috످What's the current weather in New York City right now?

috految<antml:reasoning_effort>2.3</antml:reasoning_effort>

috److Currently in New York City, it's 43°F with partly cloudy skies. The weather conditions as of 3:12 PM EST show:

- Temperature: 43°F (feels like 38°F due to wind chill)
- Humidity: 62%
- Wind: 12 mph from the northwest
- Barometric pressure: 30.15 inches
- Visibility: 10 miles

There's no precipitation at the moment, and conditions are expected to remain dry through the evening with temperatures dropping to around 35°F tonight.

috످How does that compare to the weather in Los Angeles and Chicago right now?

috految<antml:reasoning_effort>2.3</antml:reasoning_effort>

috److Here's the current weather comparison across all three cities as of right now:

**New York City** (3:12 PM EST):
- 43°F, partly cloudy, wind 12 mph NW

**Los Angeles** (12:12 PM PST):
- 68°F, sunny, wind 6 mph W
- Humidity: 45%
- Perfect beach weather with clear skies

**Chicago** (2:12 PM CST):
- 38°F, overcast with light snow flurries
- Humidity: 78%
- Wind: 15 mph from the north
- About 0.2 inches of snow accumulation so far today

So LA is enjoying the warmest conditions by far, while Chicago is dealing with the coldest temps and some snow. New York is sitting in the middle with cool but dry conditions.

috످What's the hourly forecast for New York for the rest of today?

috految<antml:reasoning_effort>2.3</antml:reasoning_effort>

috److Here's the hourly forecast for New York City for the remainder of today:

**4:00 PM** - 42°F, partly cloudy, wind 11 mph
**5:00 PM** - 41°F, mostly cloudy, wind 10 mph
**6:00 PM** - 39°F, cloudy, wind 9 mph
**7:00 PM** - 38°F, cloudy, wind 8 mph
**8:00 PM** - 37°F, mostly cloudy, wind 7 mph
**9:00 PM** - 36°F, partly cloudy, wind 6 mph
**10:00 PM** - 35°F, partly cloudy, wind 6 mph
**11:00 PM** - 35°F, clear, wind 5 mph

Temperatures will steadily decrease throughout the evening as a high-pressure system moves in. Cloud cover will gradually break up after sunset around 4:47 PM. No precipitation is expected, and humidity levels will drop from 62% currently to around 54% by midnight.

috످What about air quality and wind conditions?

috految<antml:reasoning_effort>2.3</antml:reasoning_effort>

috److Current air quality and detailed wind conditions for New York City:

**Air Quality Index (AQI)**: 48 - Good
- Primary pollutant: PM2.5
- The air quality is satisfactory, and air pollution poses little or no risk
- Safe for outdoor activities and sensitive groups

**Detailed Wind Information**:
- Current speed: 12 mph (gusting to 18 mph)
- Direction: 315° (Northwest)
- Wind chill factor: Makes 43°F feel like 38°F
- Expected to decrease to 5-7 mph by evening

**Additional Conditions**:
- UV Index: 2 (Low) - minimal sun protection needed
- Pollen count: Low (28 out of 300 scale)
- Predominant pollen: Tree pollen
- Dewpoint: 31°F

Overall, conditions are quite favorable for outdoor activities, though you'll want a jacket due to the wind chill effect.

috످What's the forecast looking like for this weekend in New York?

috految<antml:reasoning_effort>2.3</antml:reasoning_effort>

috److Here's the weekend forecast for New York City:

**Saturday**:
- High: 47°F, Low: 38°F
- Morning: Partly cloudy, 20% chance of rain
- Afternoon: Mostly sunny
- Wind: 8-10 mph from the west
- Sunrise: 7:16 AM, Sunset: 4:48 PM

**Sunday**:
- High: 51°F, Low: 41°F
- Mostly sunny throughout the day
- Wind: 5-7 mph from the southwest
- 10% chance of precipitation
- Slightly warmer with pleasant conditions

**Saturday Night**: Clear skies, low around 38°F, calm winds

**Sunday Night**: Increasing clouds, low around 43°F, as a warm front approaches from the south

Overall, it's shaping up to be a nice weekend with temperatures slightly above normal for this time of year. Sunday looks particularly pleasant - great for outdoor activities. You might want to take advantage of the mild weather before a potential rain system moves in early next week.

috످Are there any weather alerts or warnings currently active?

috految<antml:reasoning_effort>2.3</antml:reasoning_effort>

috److I can't check for active alerts because I don't have access to live weather data in this chat. Please check https://www.weather.gov/okx for current NYC alerts and forecasts. You can also call 311 or sign up for emergency alerts at Notify NYC (https://www.nyc.gov/notifynyc).

I made up all the weather information I gave you earlier for New York, Los Angeles, and Chicago, including the forecasts, air quality, and pollen levels. I'm sorry. Please recheck any plans you made based on those answers.

I also had no basis for saying the air was safe for sensitive groups. If you have asthma or another heart or lung condition, check AirNow.gov (https://www.airnow.gov) before heading outside.

috످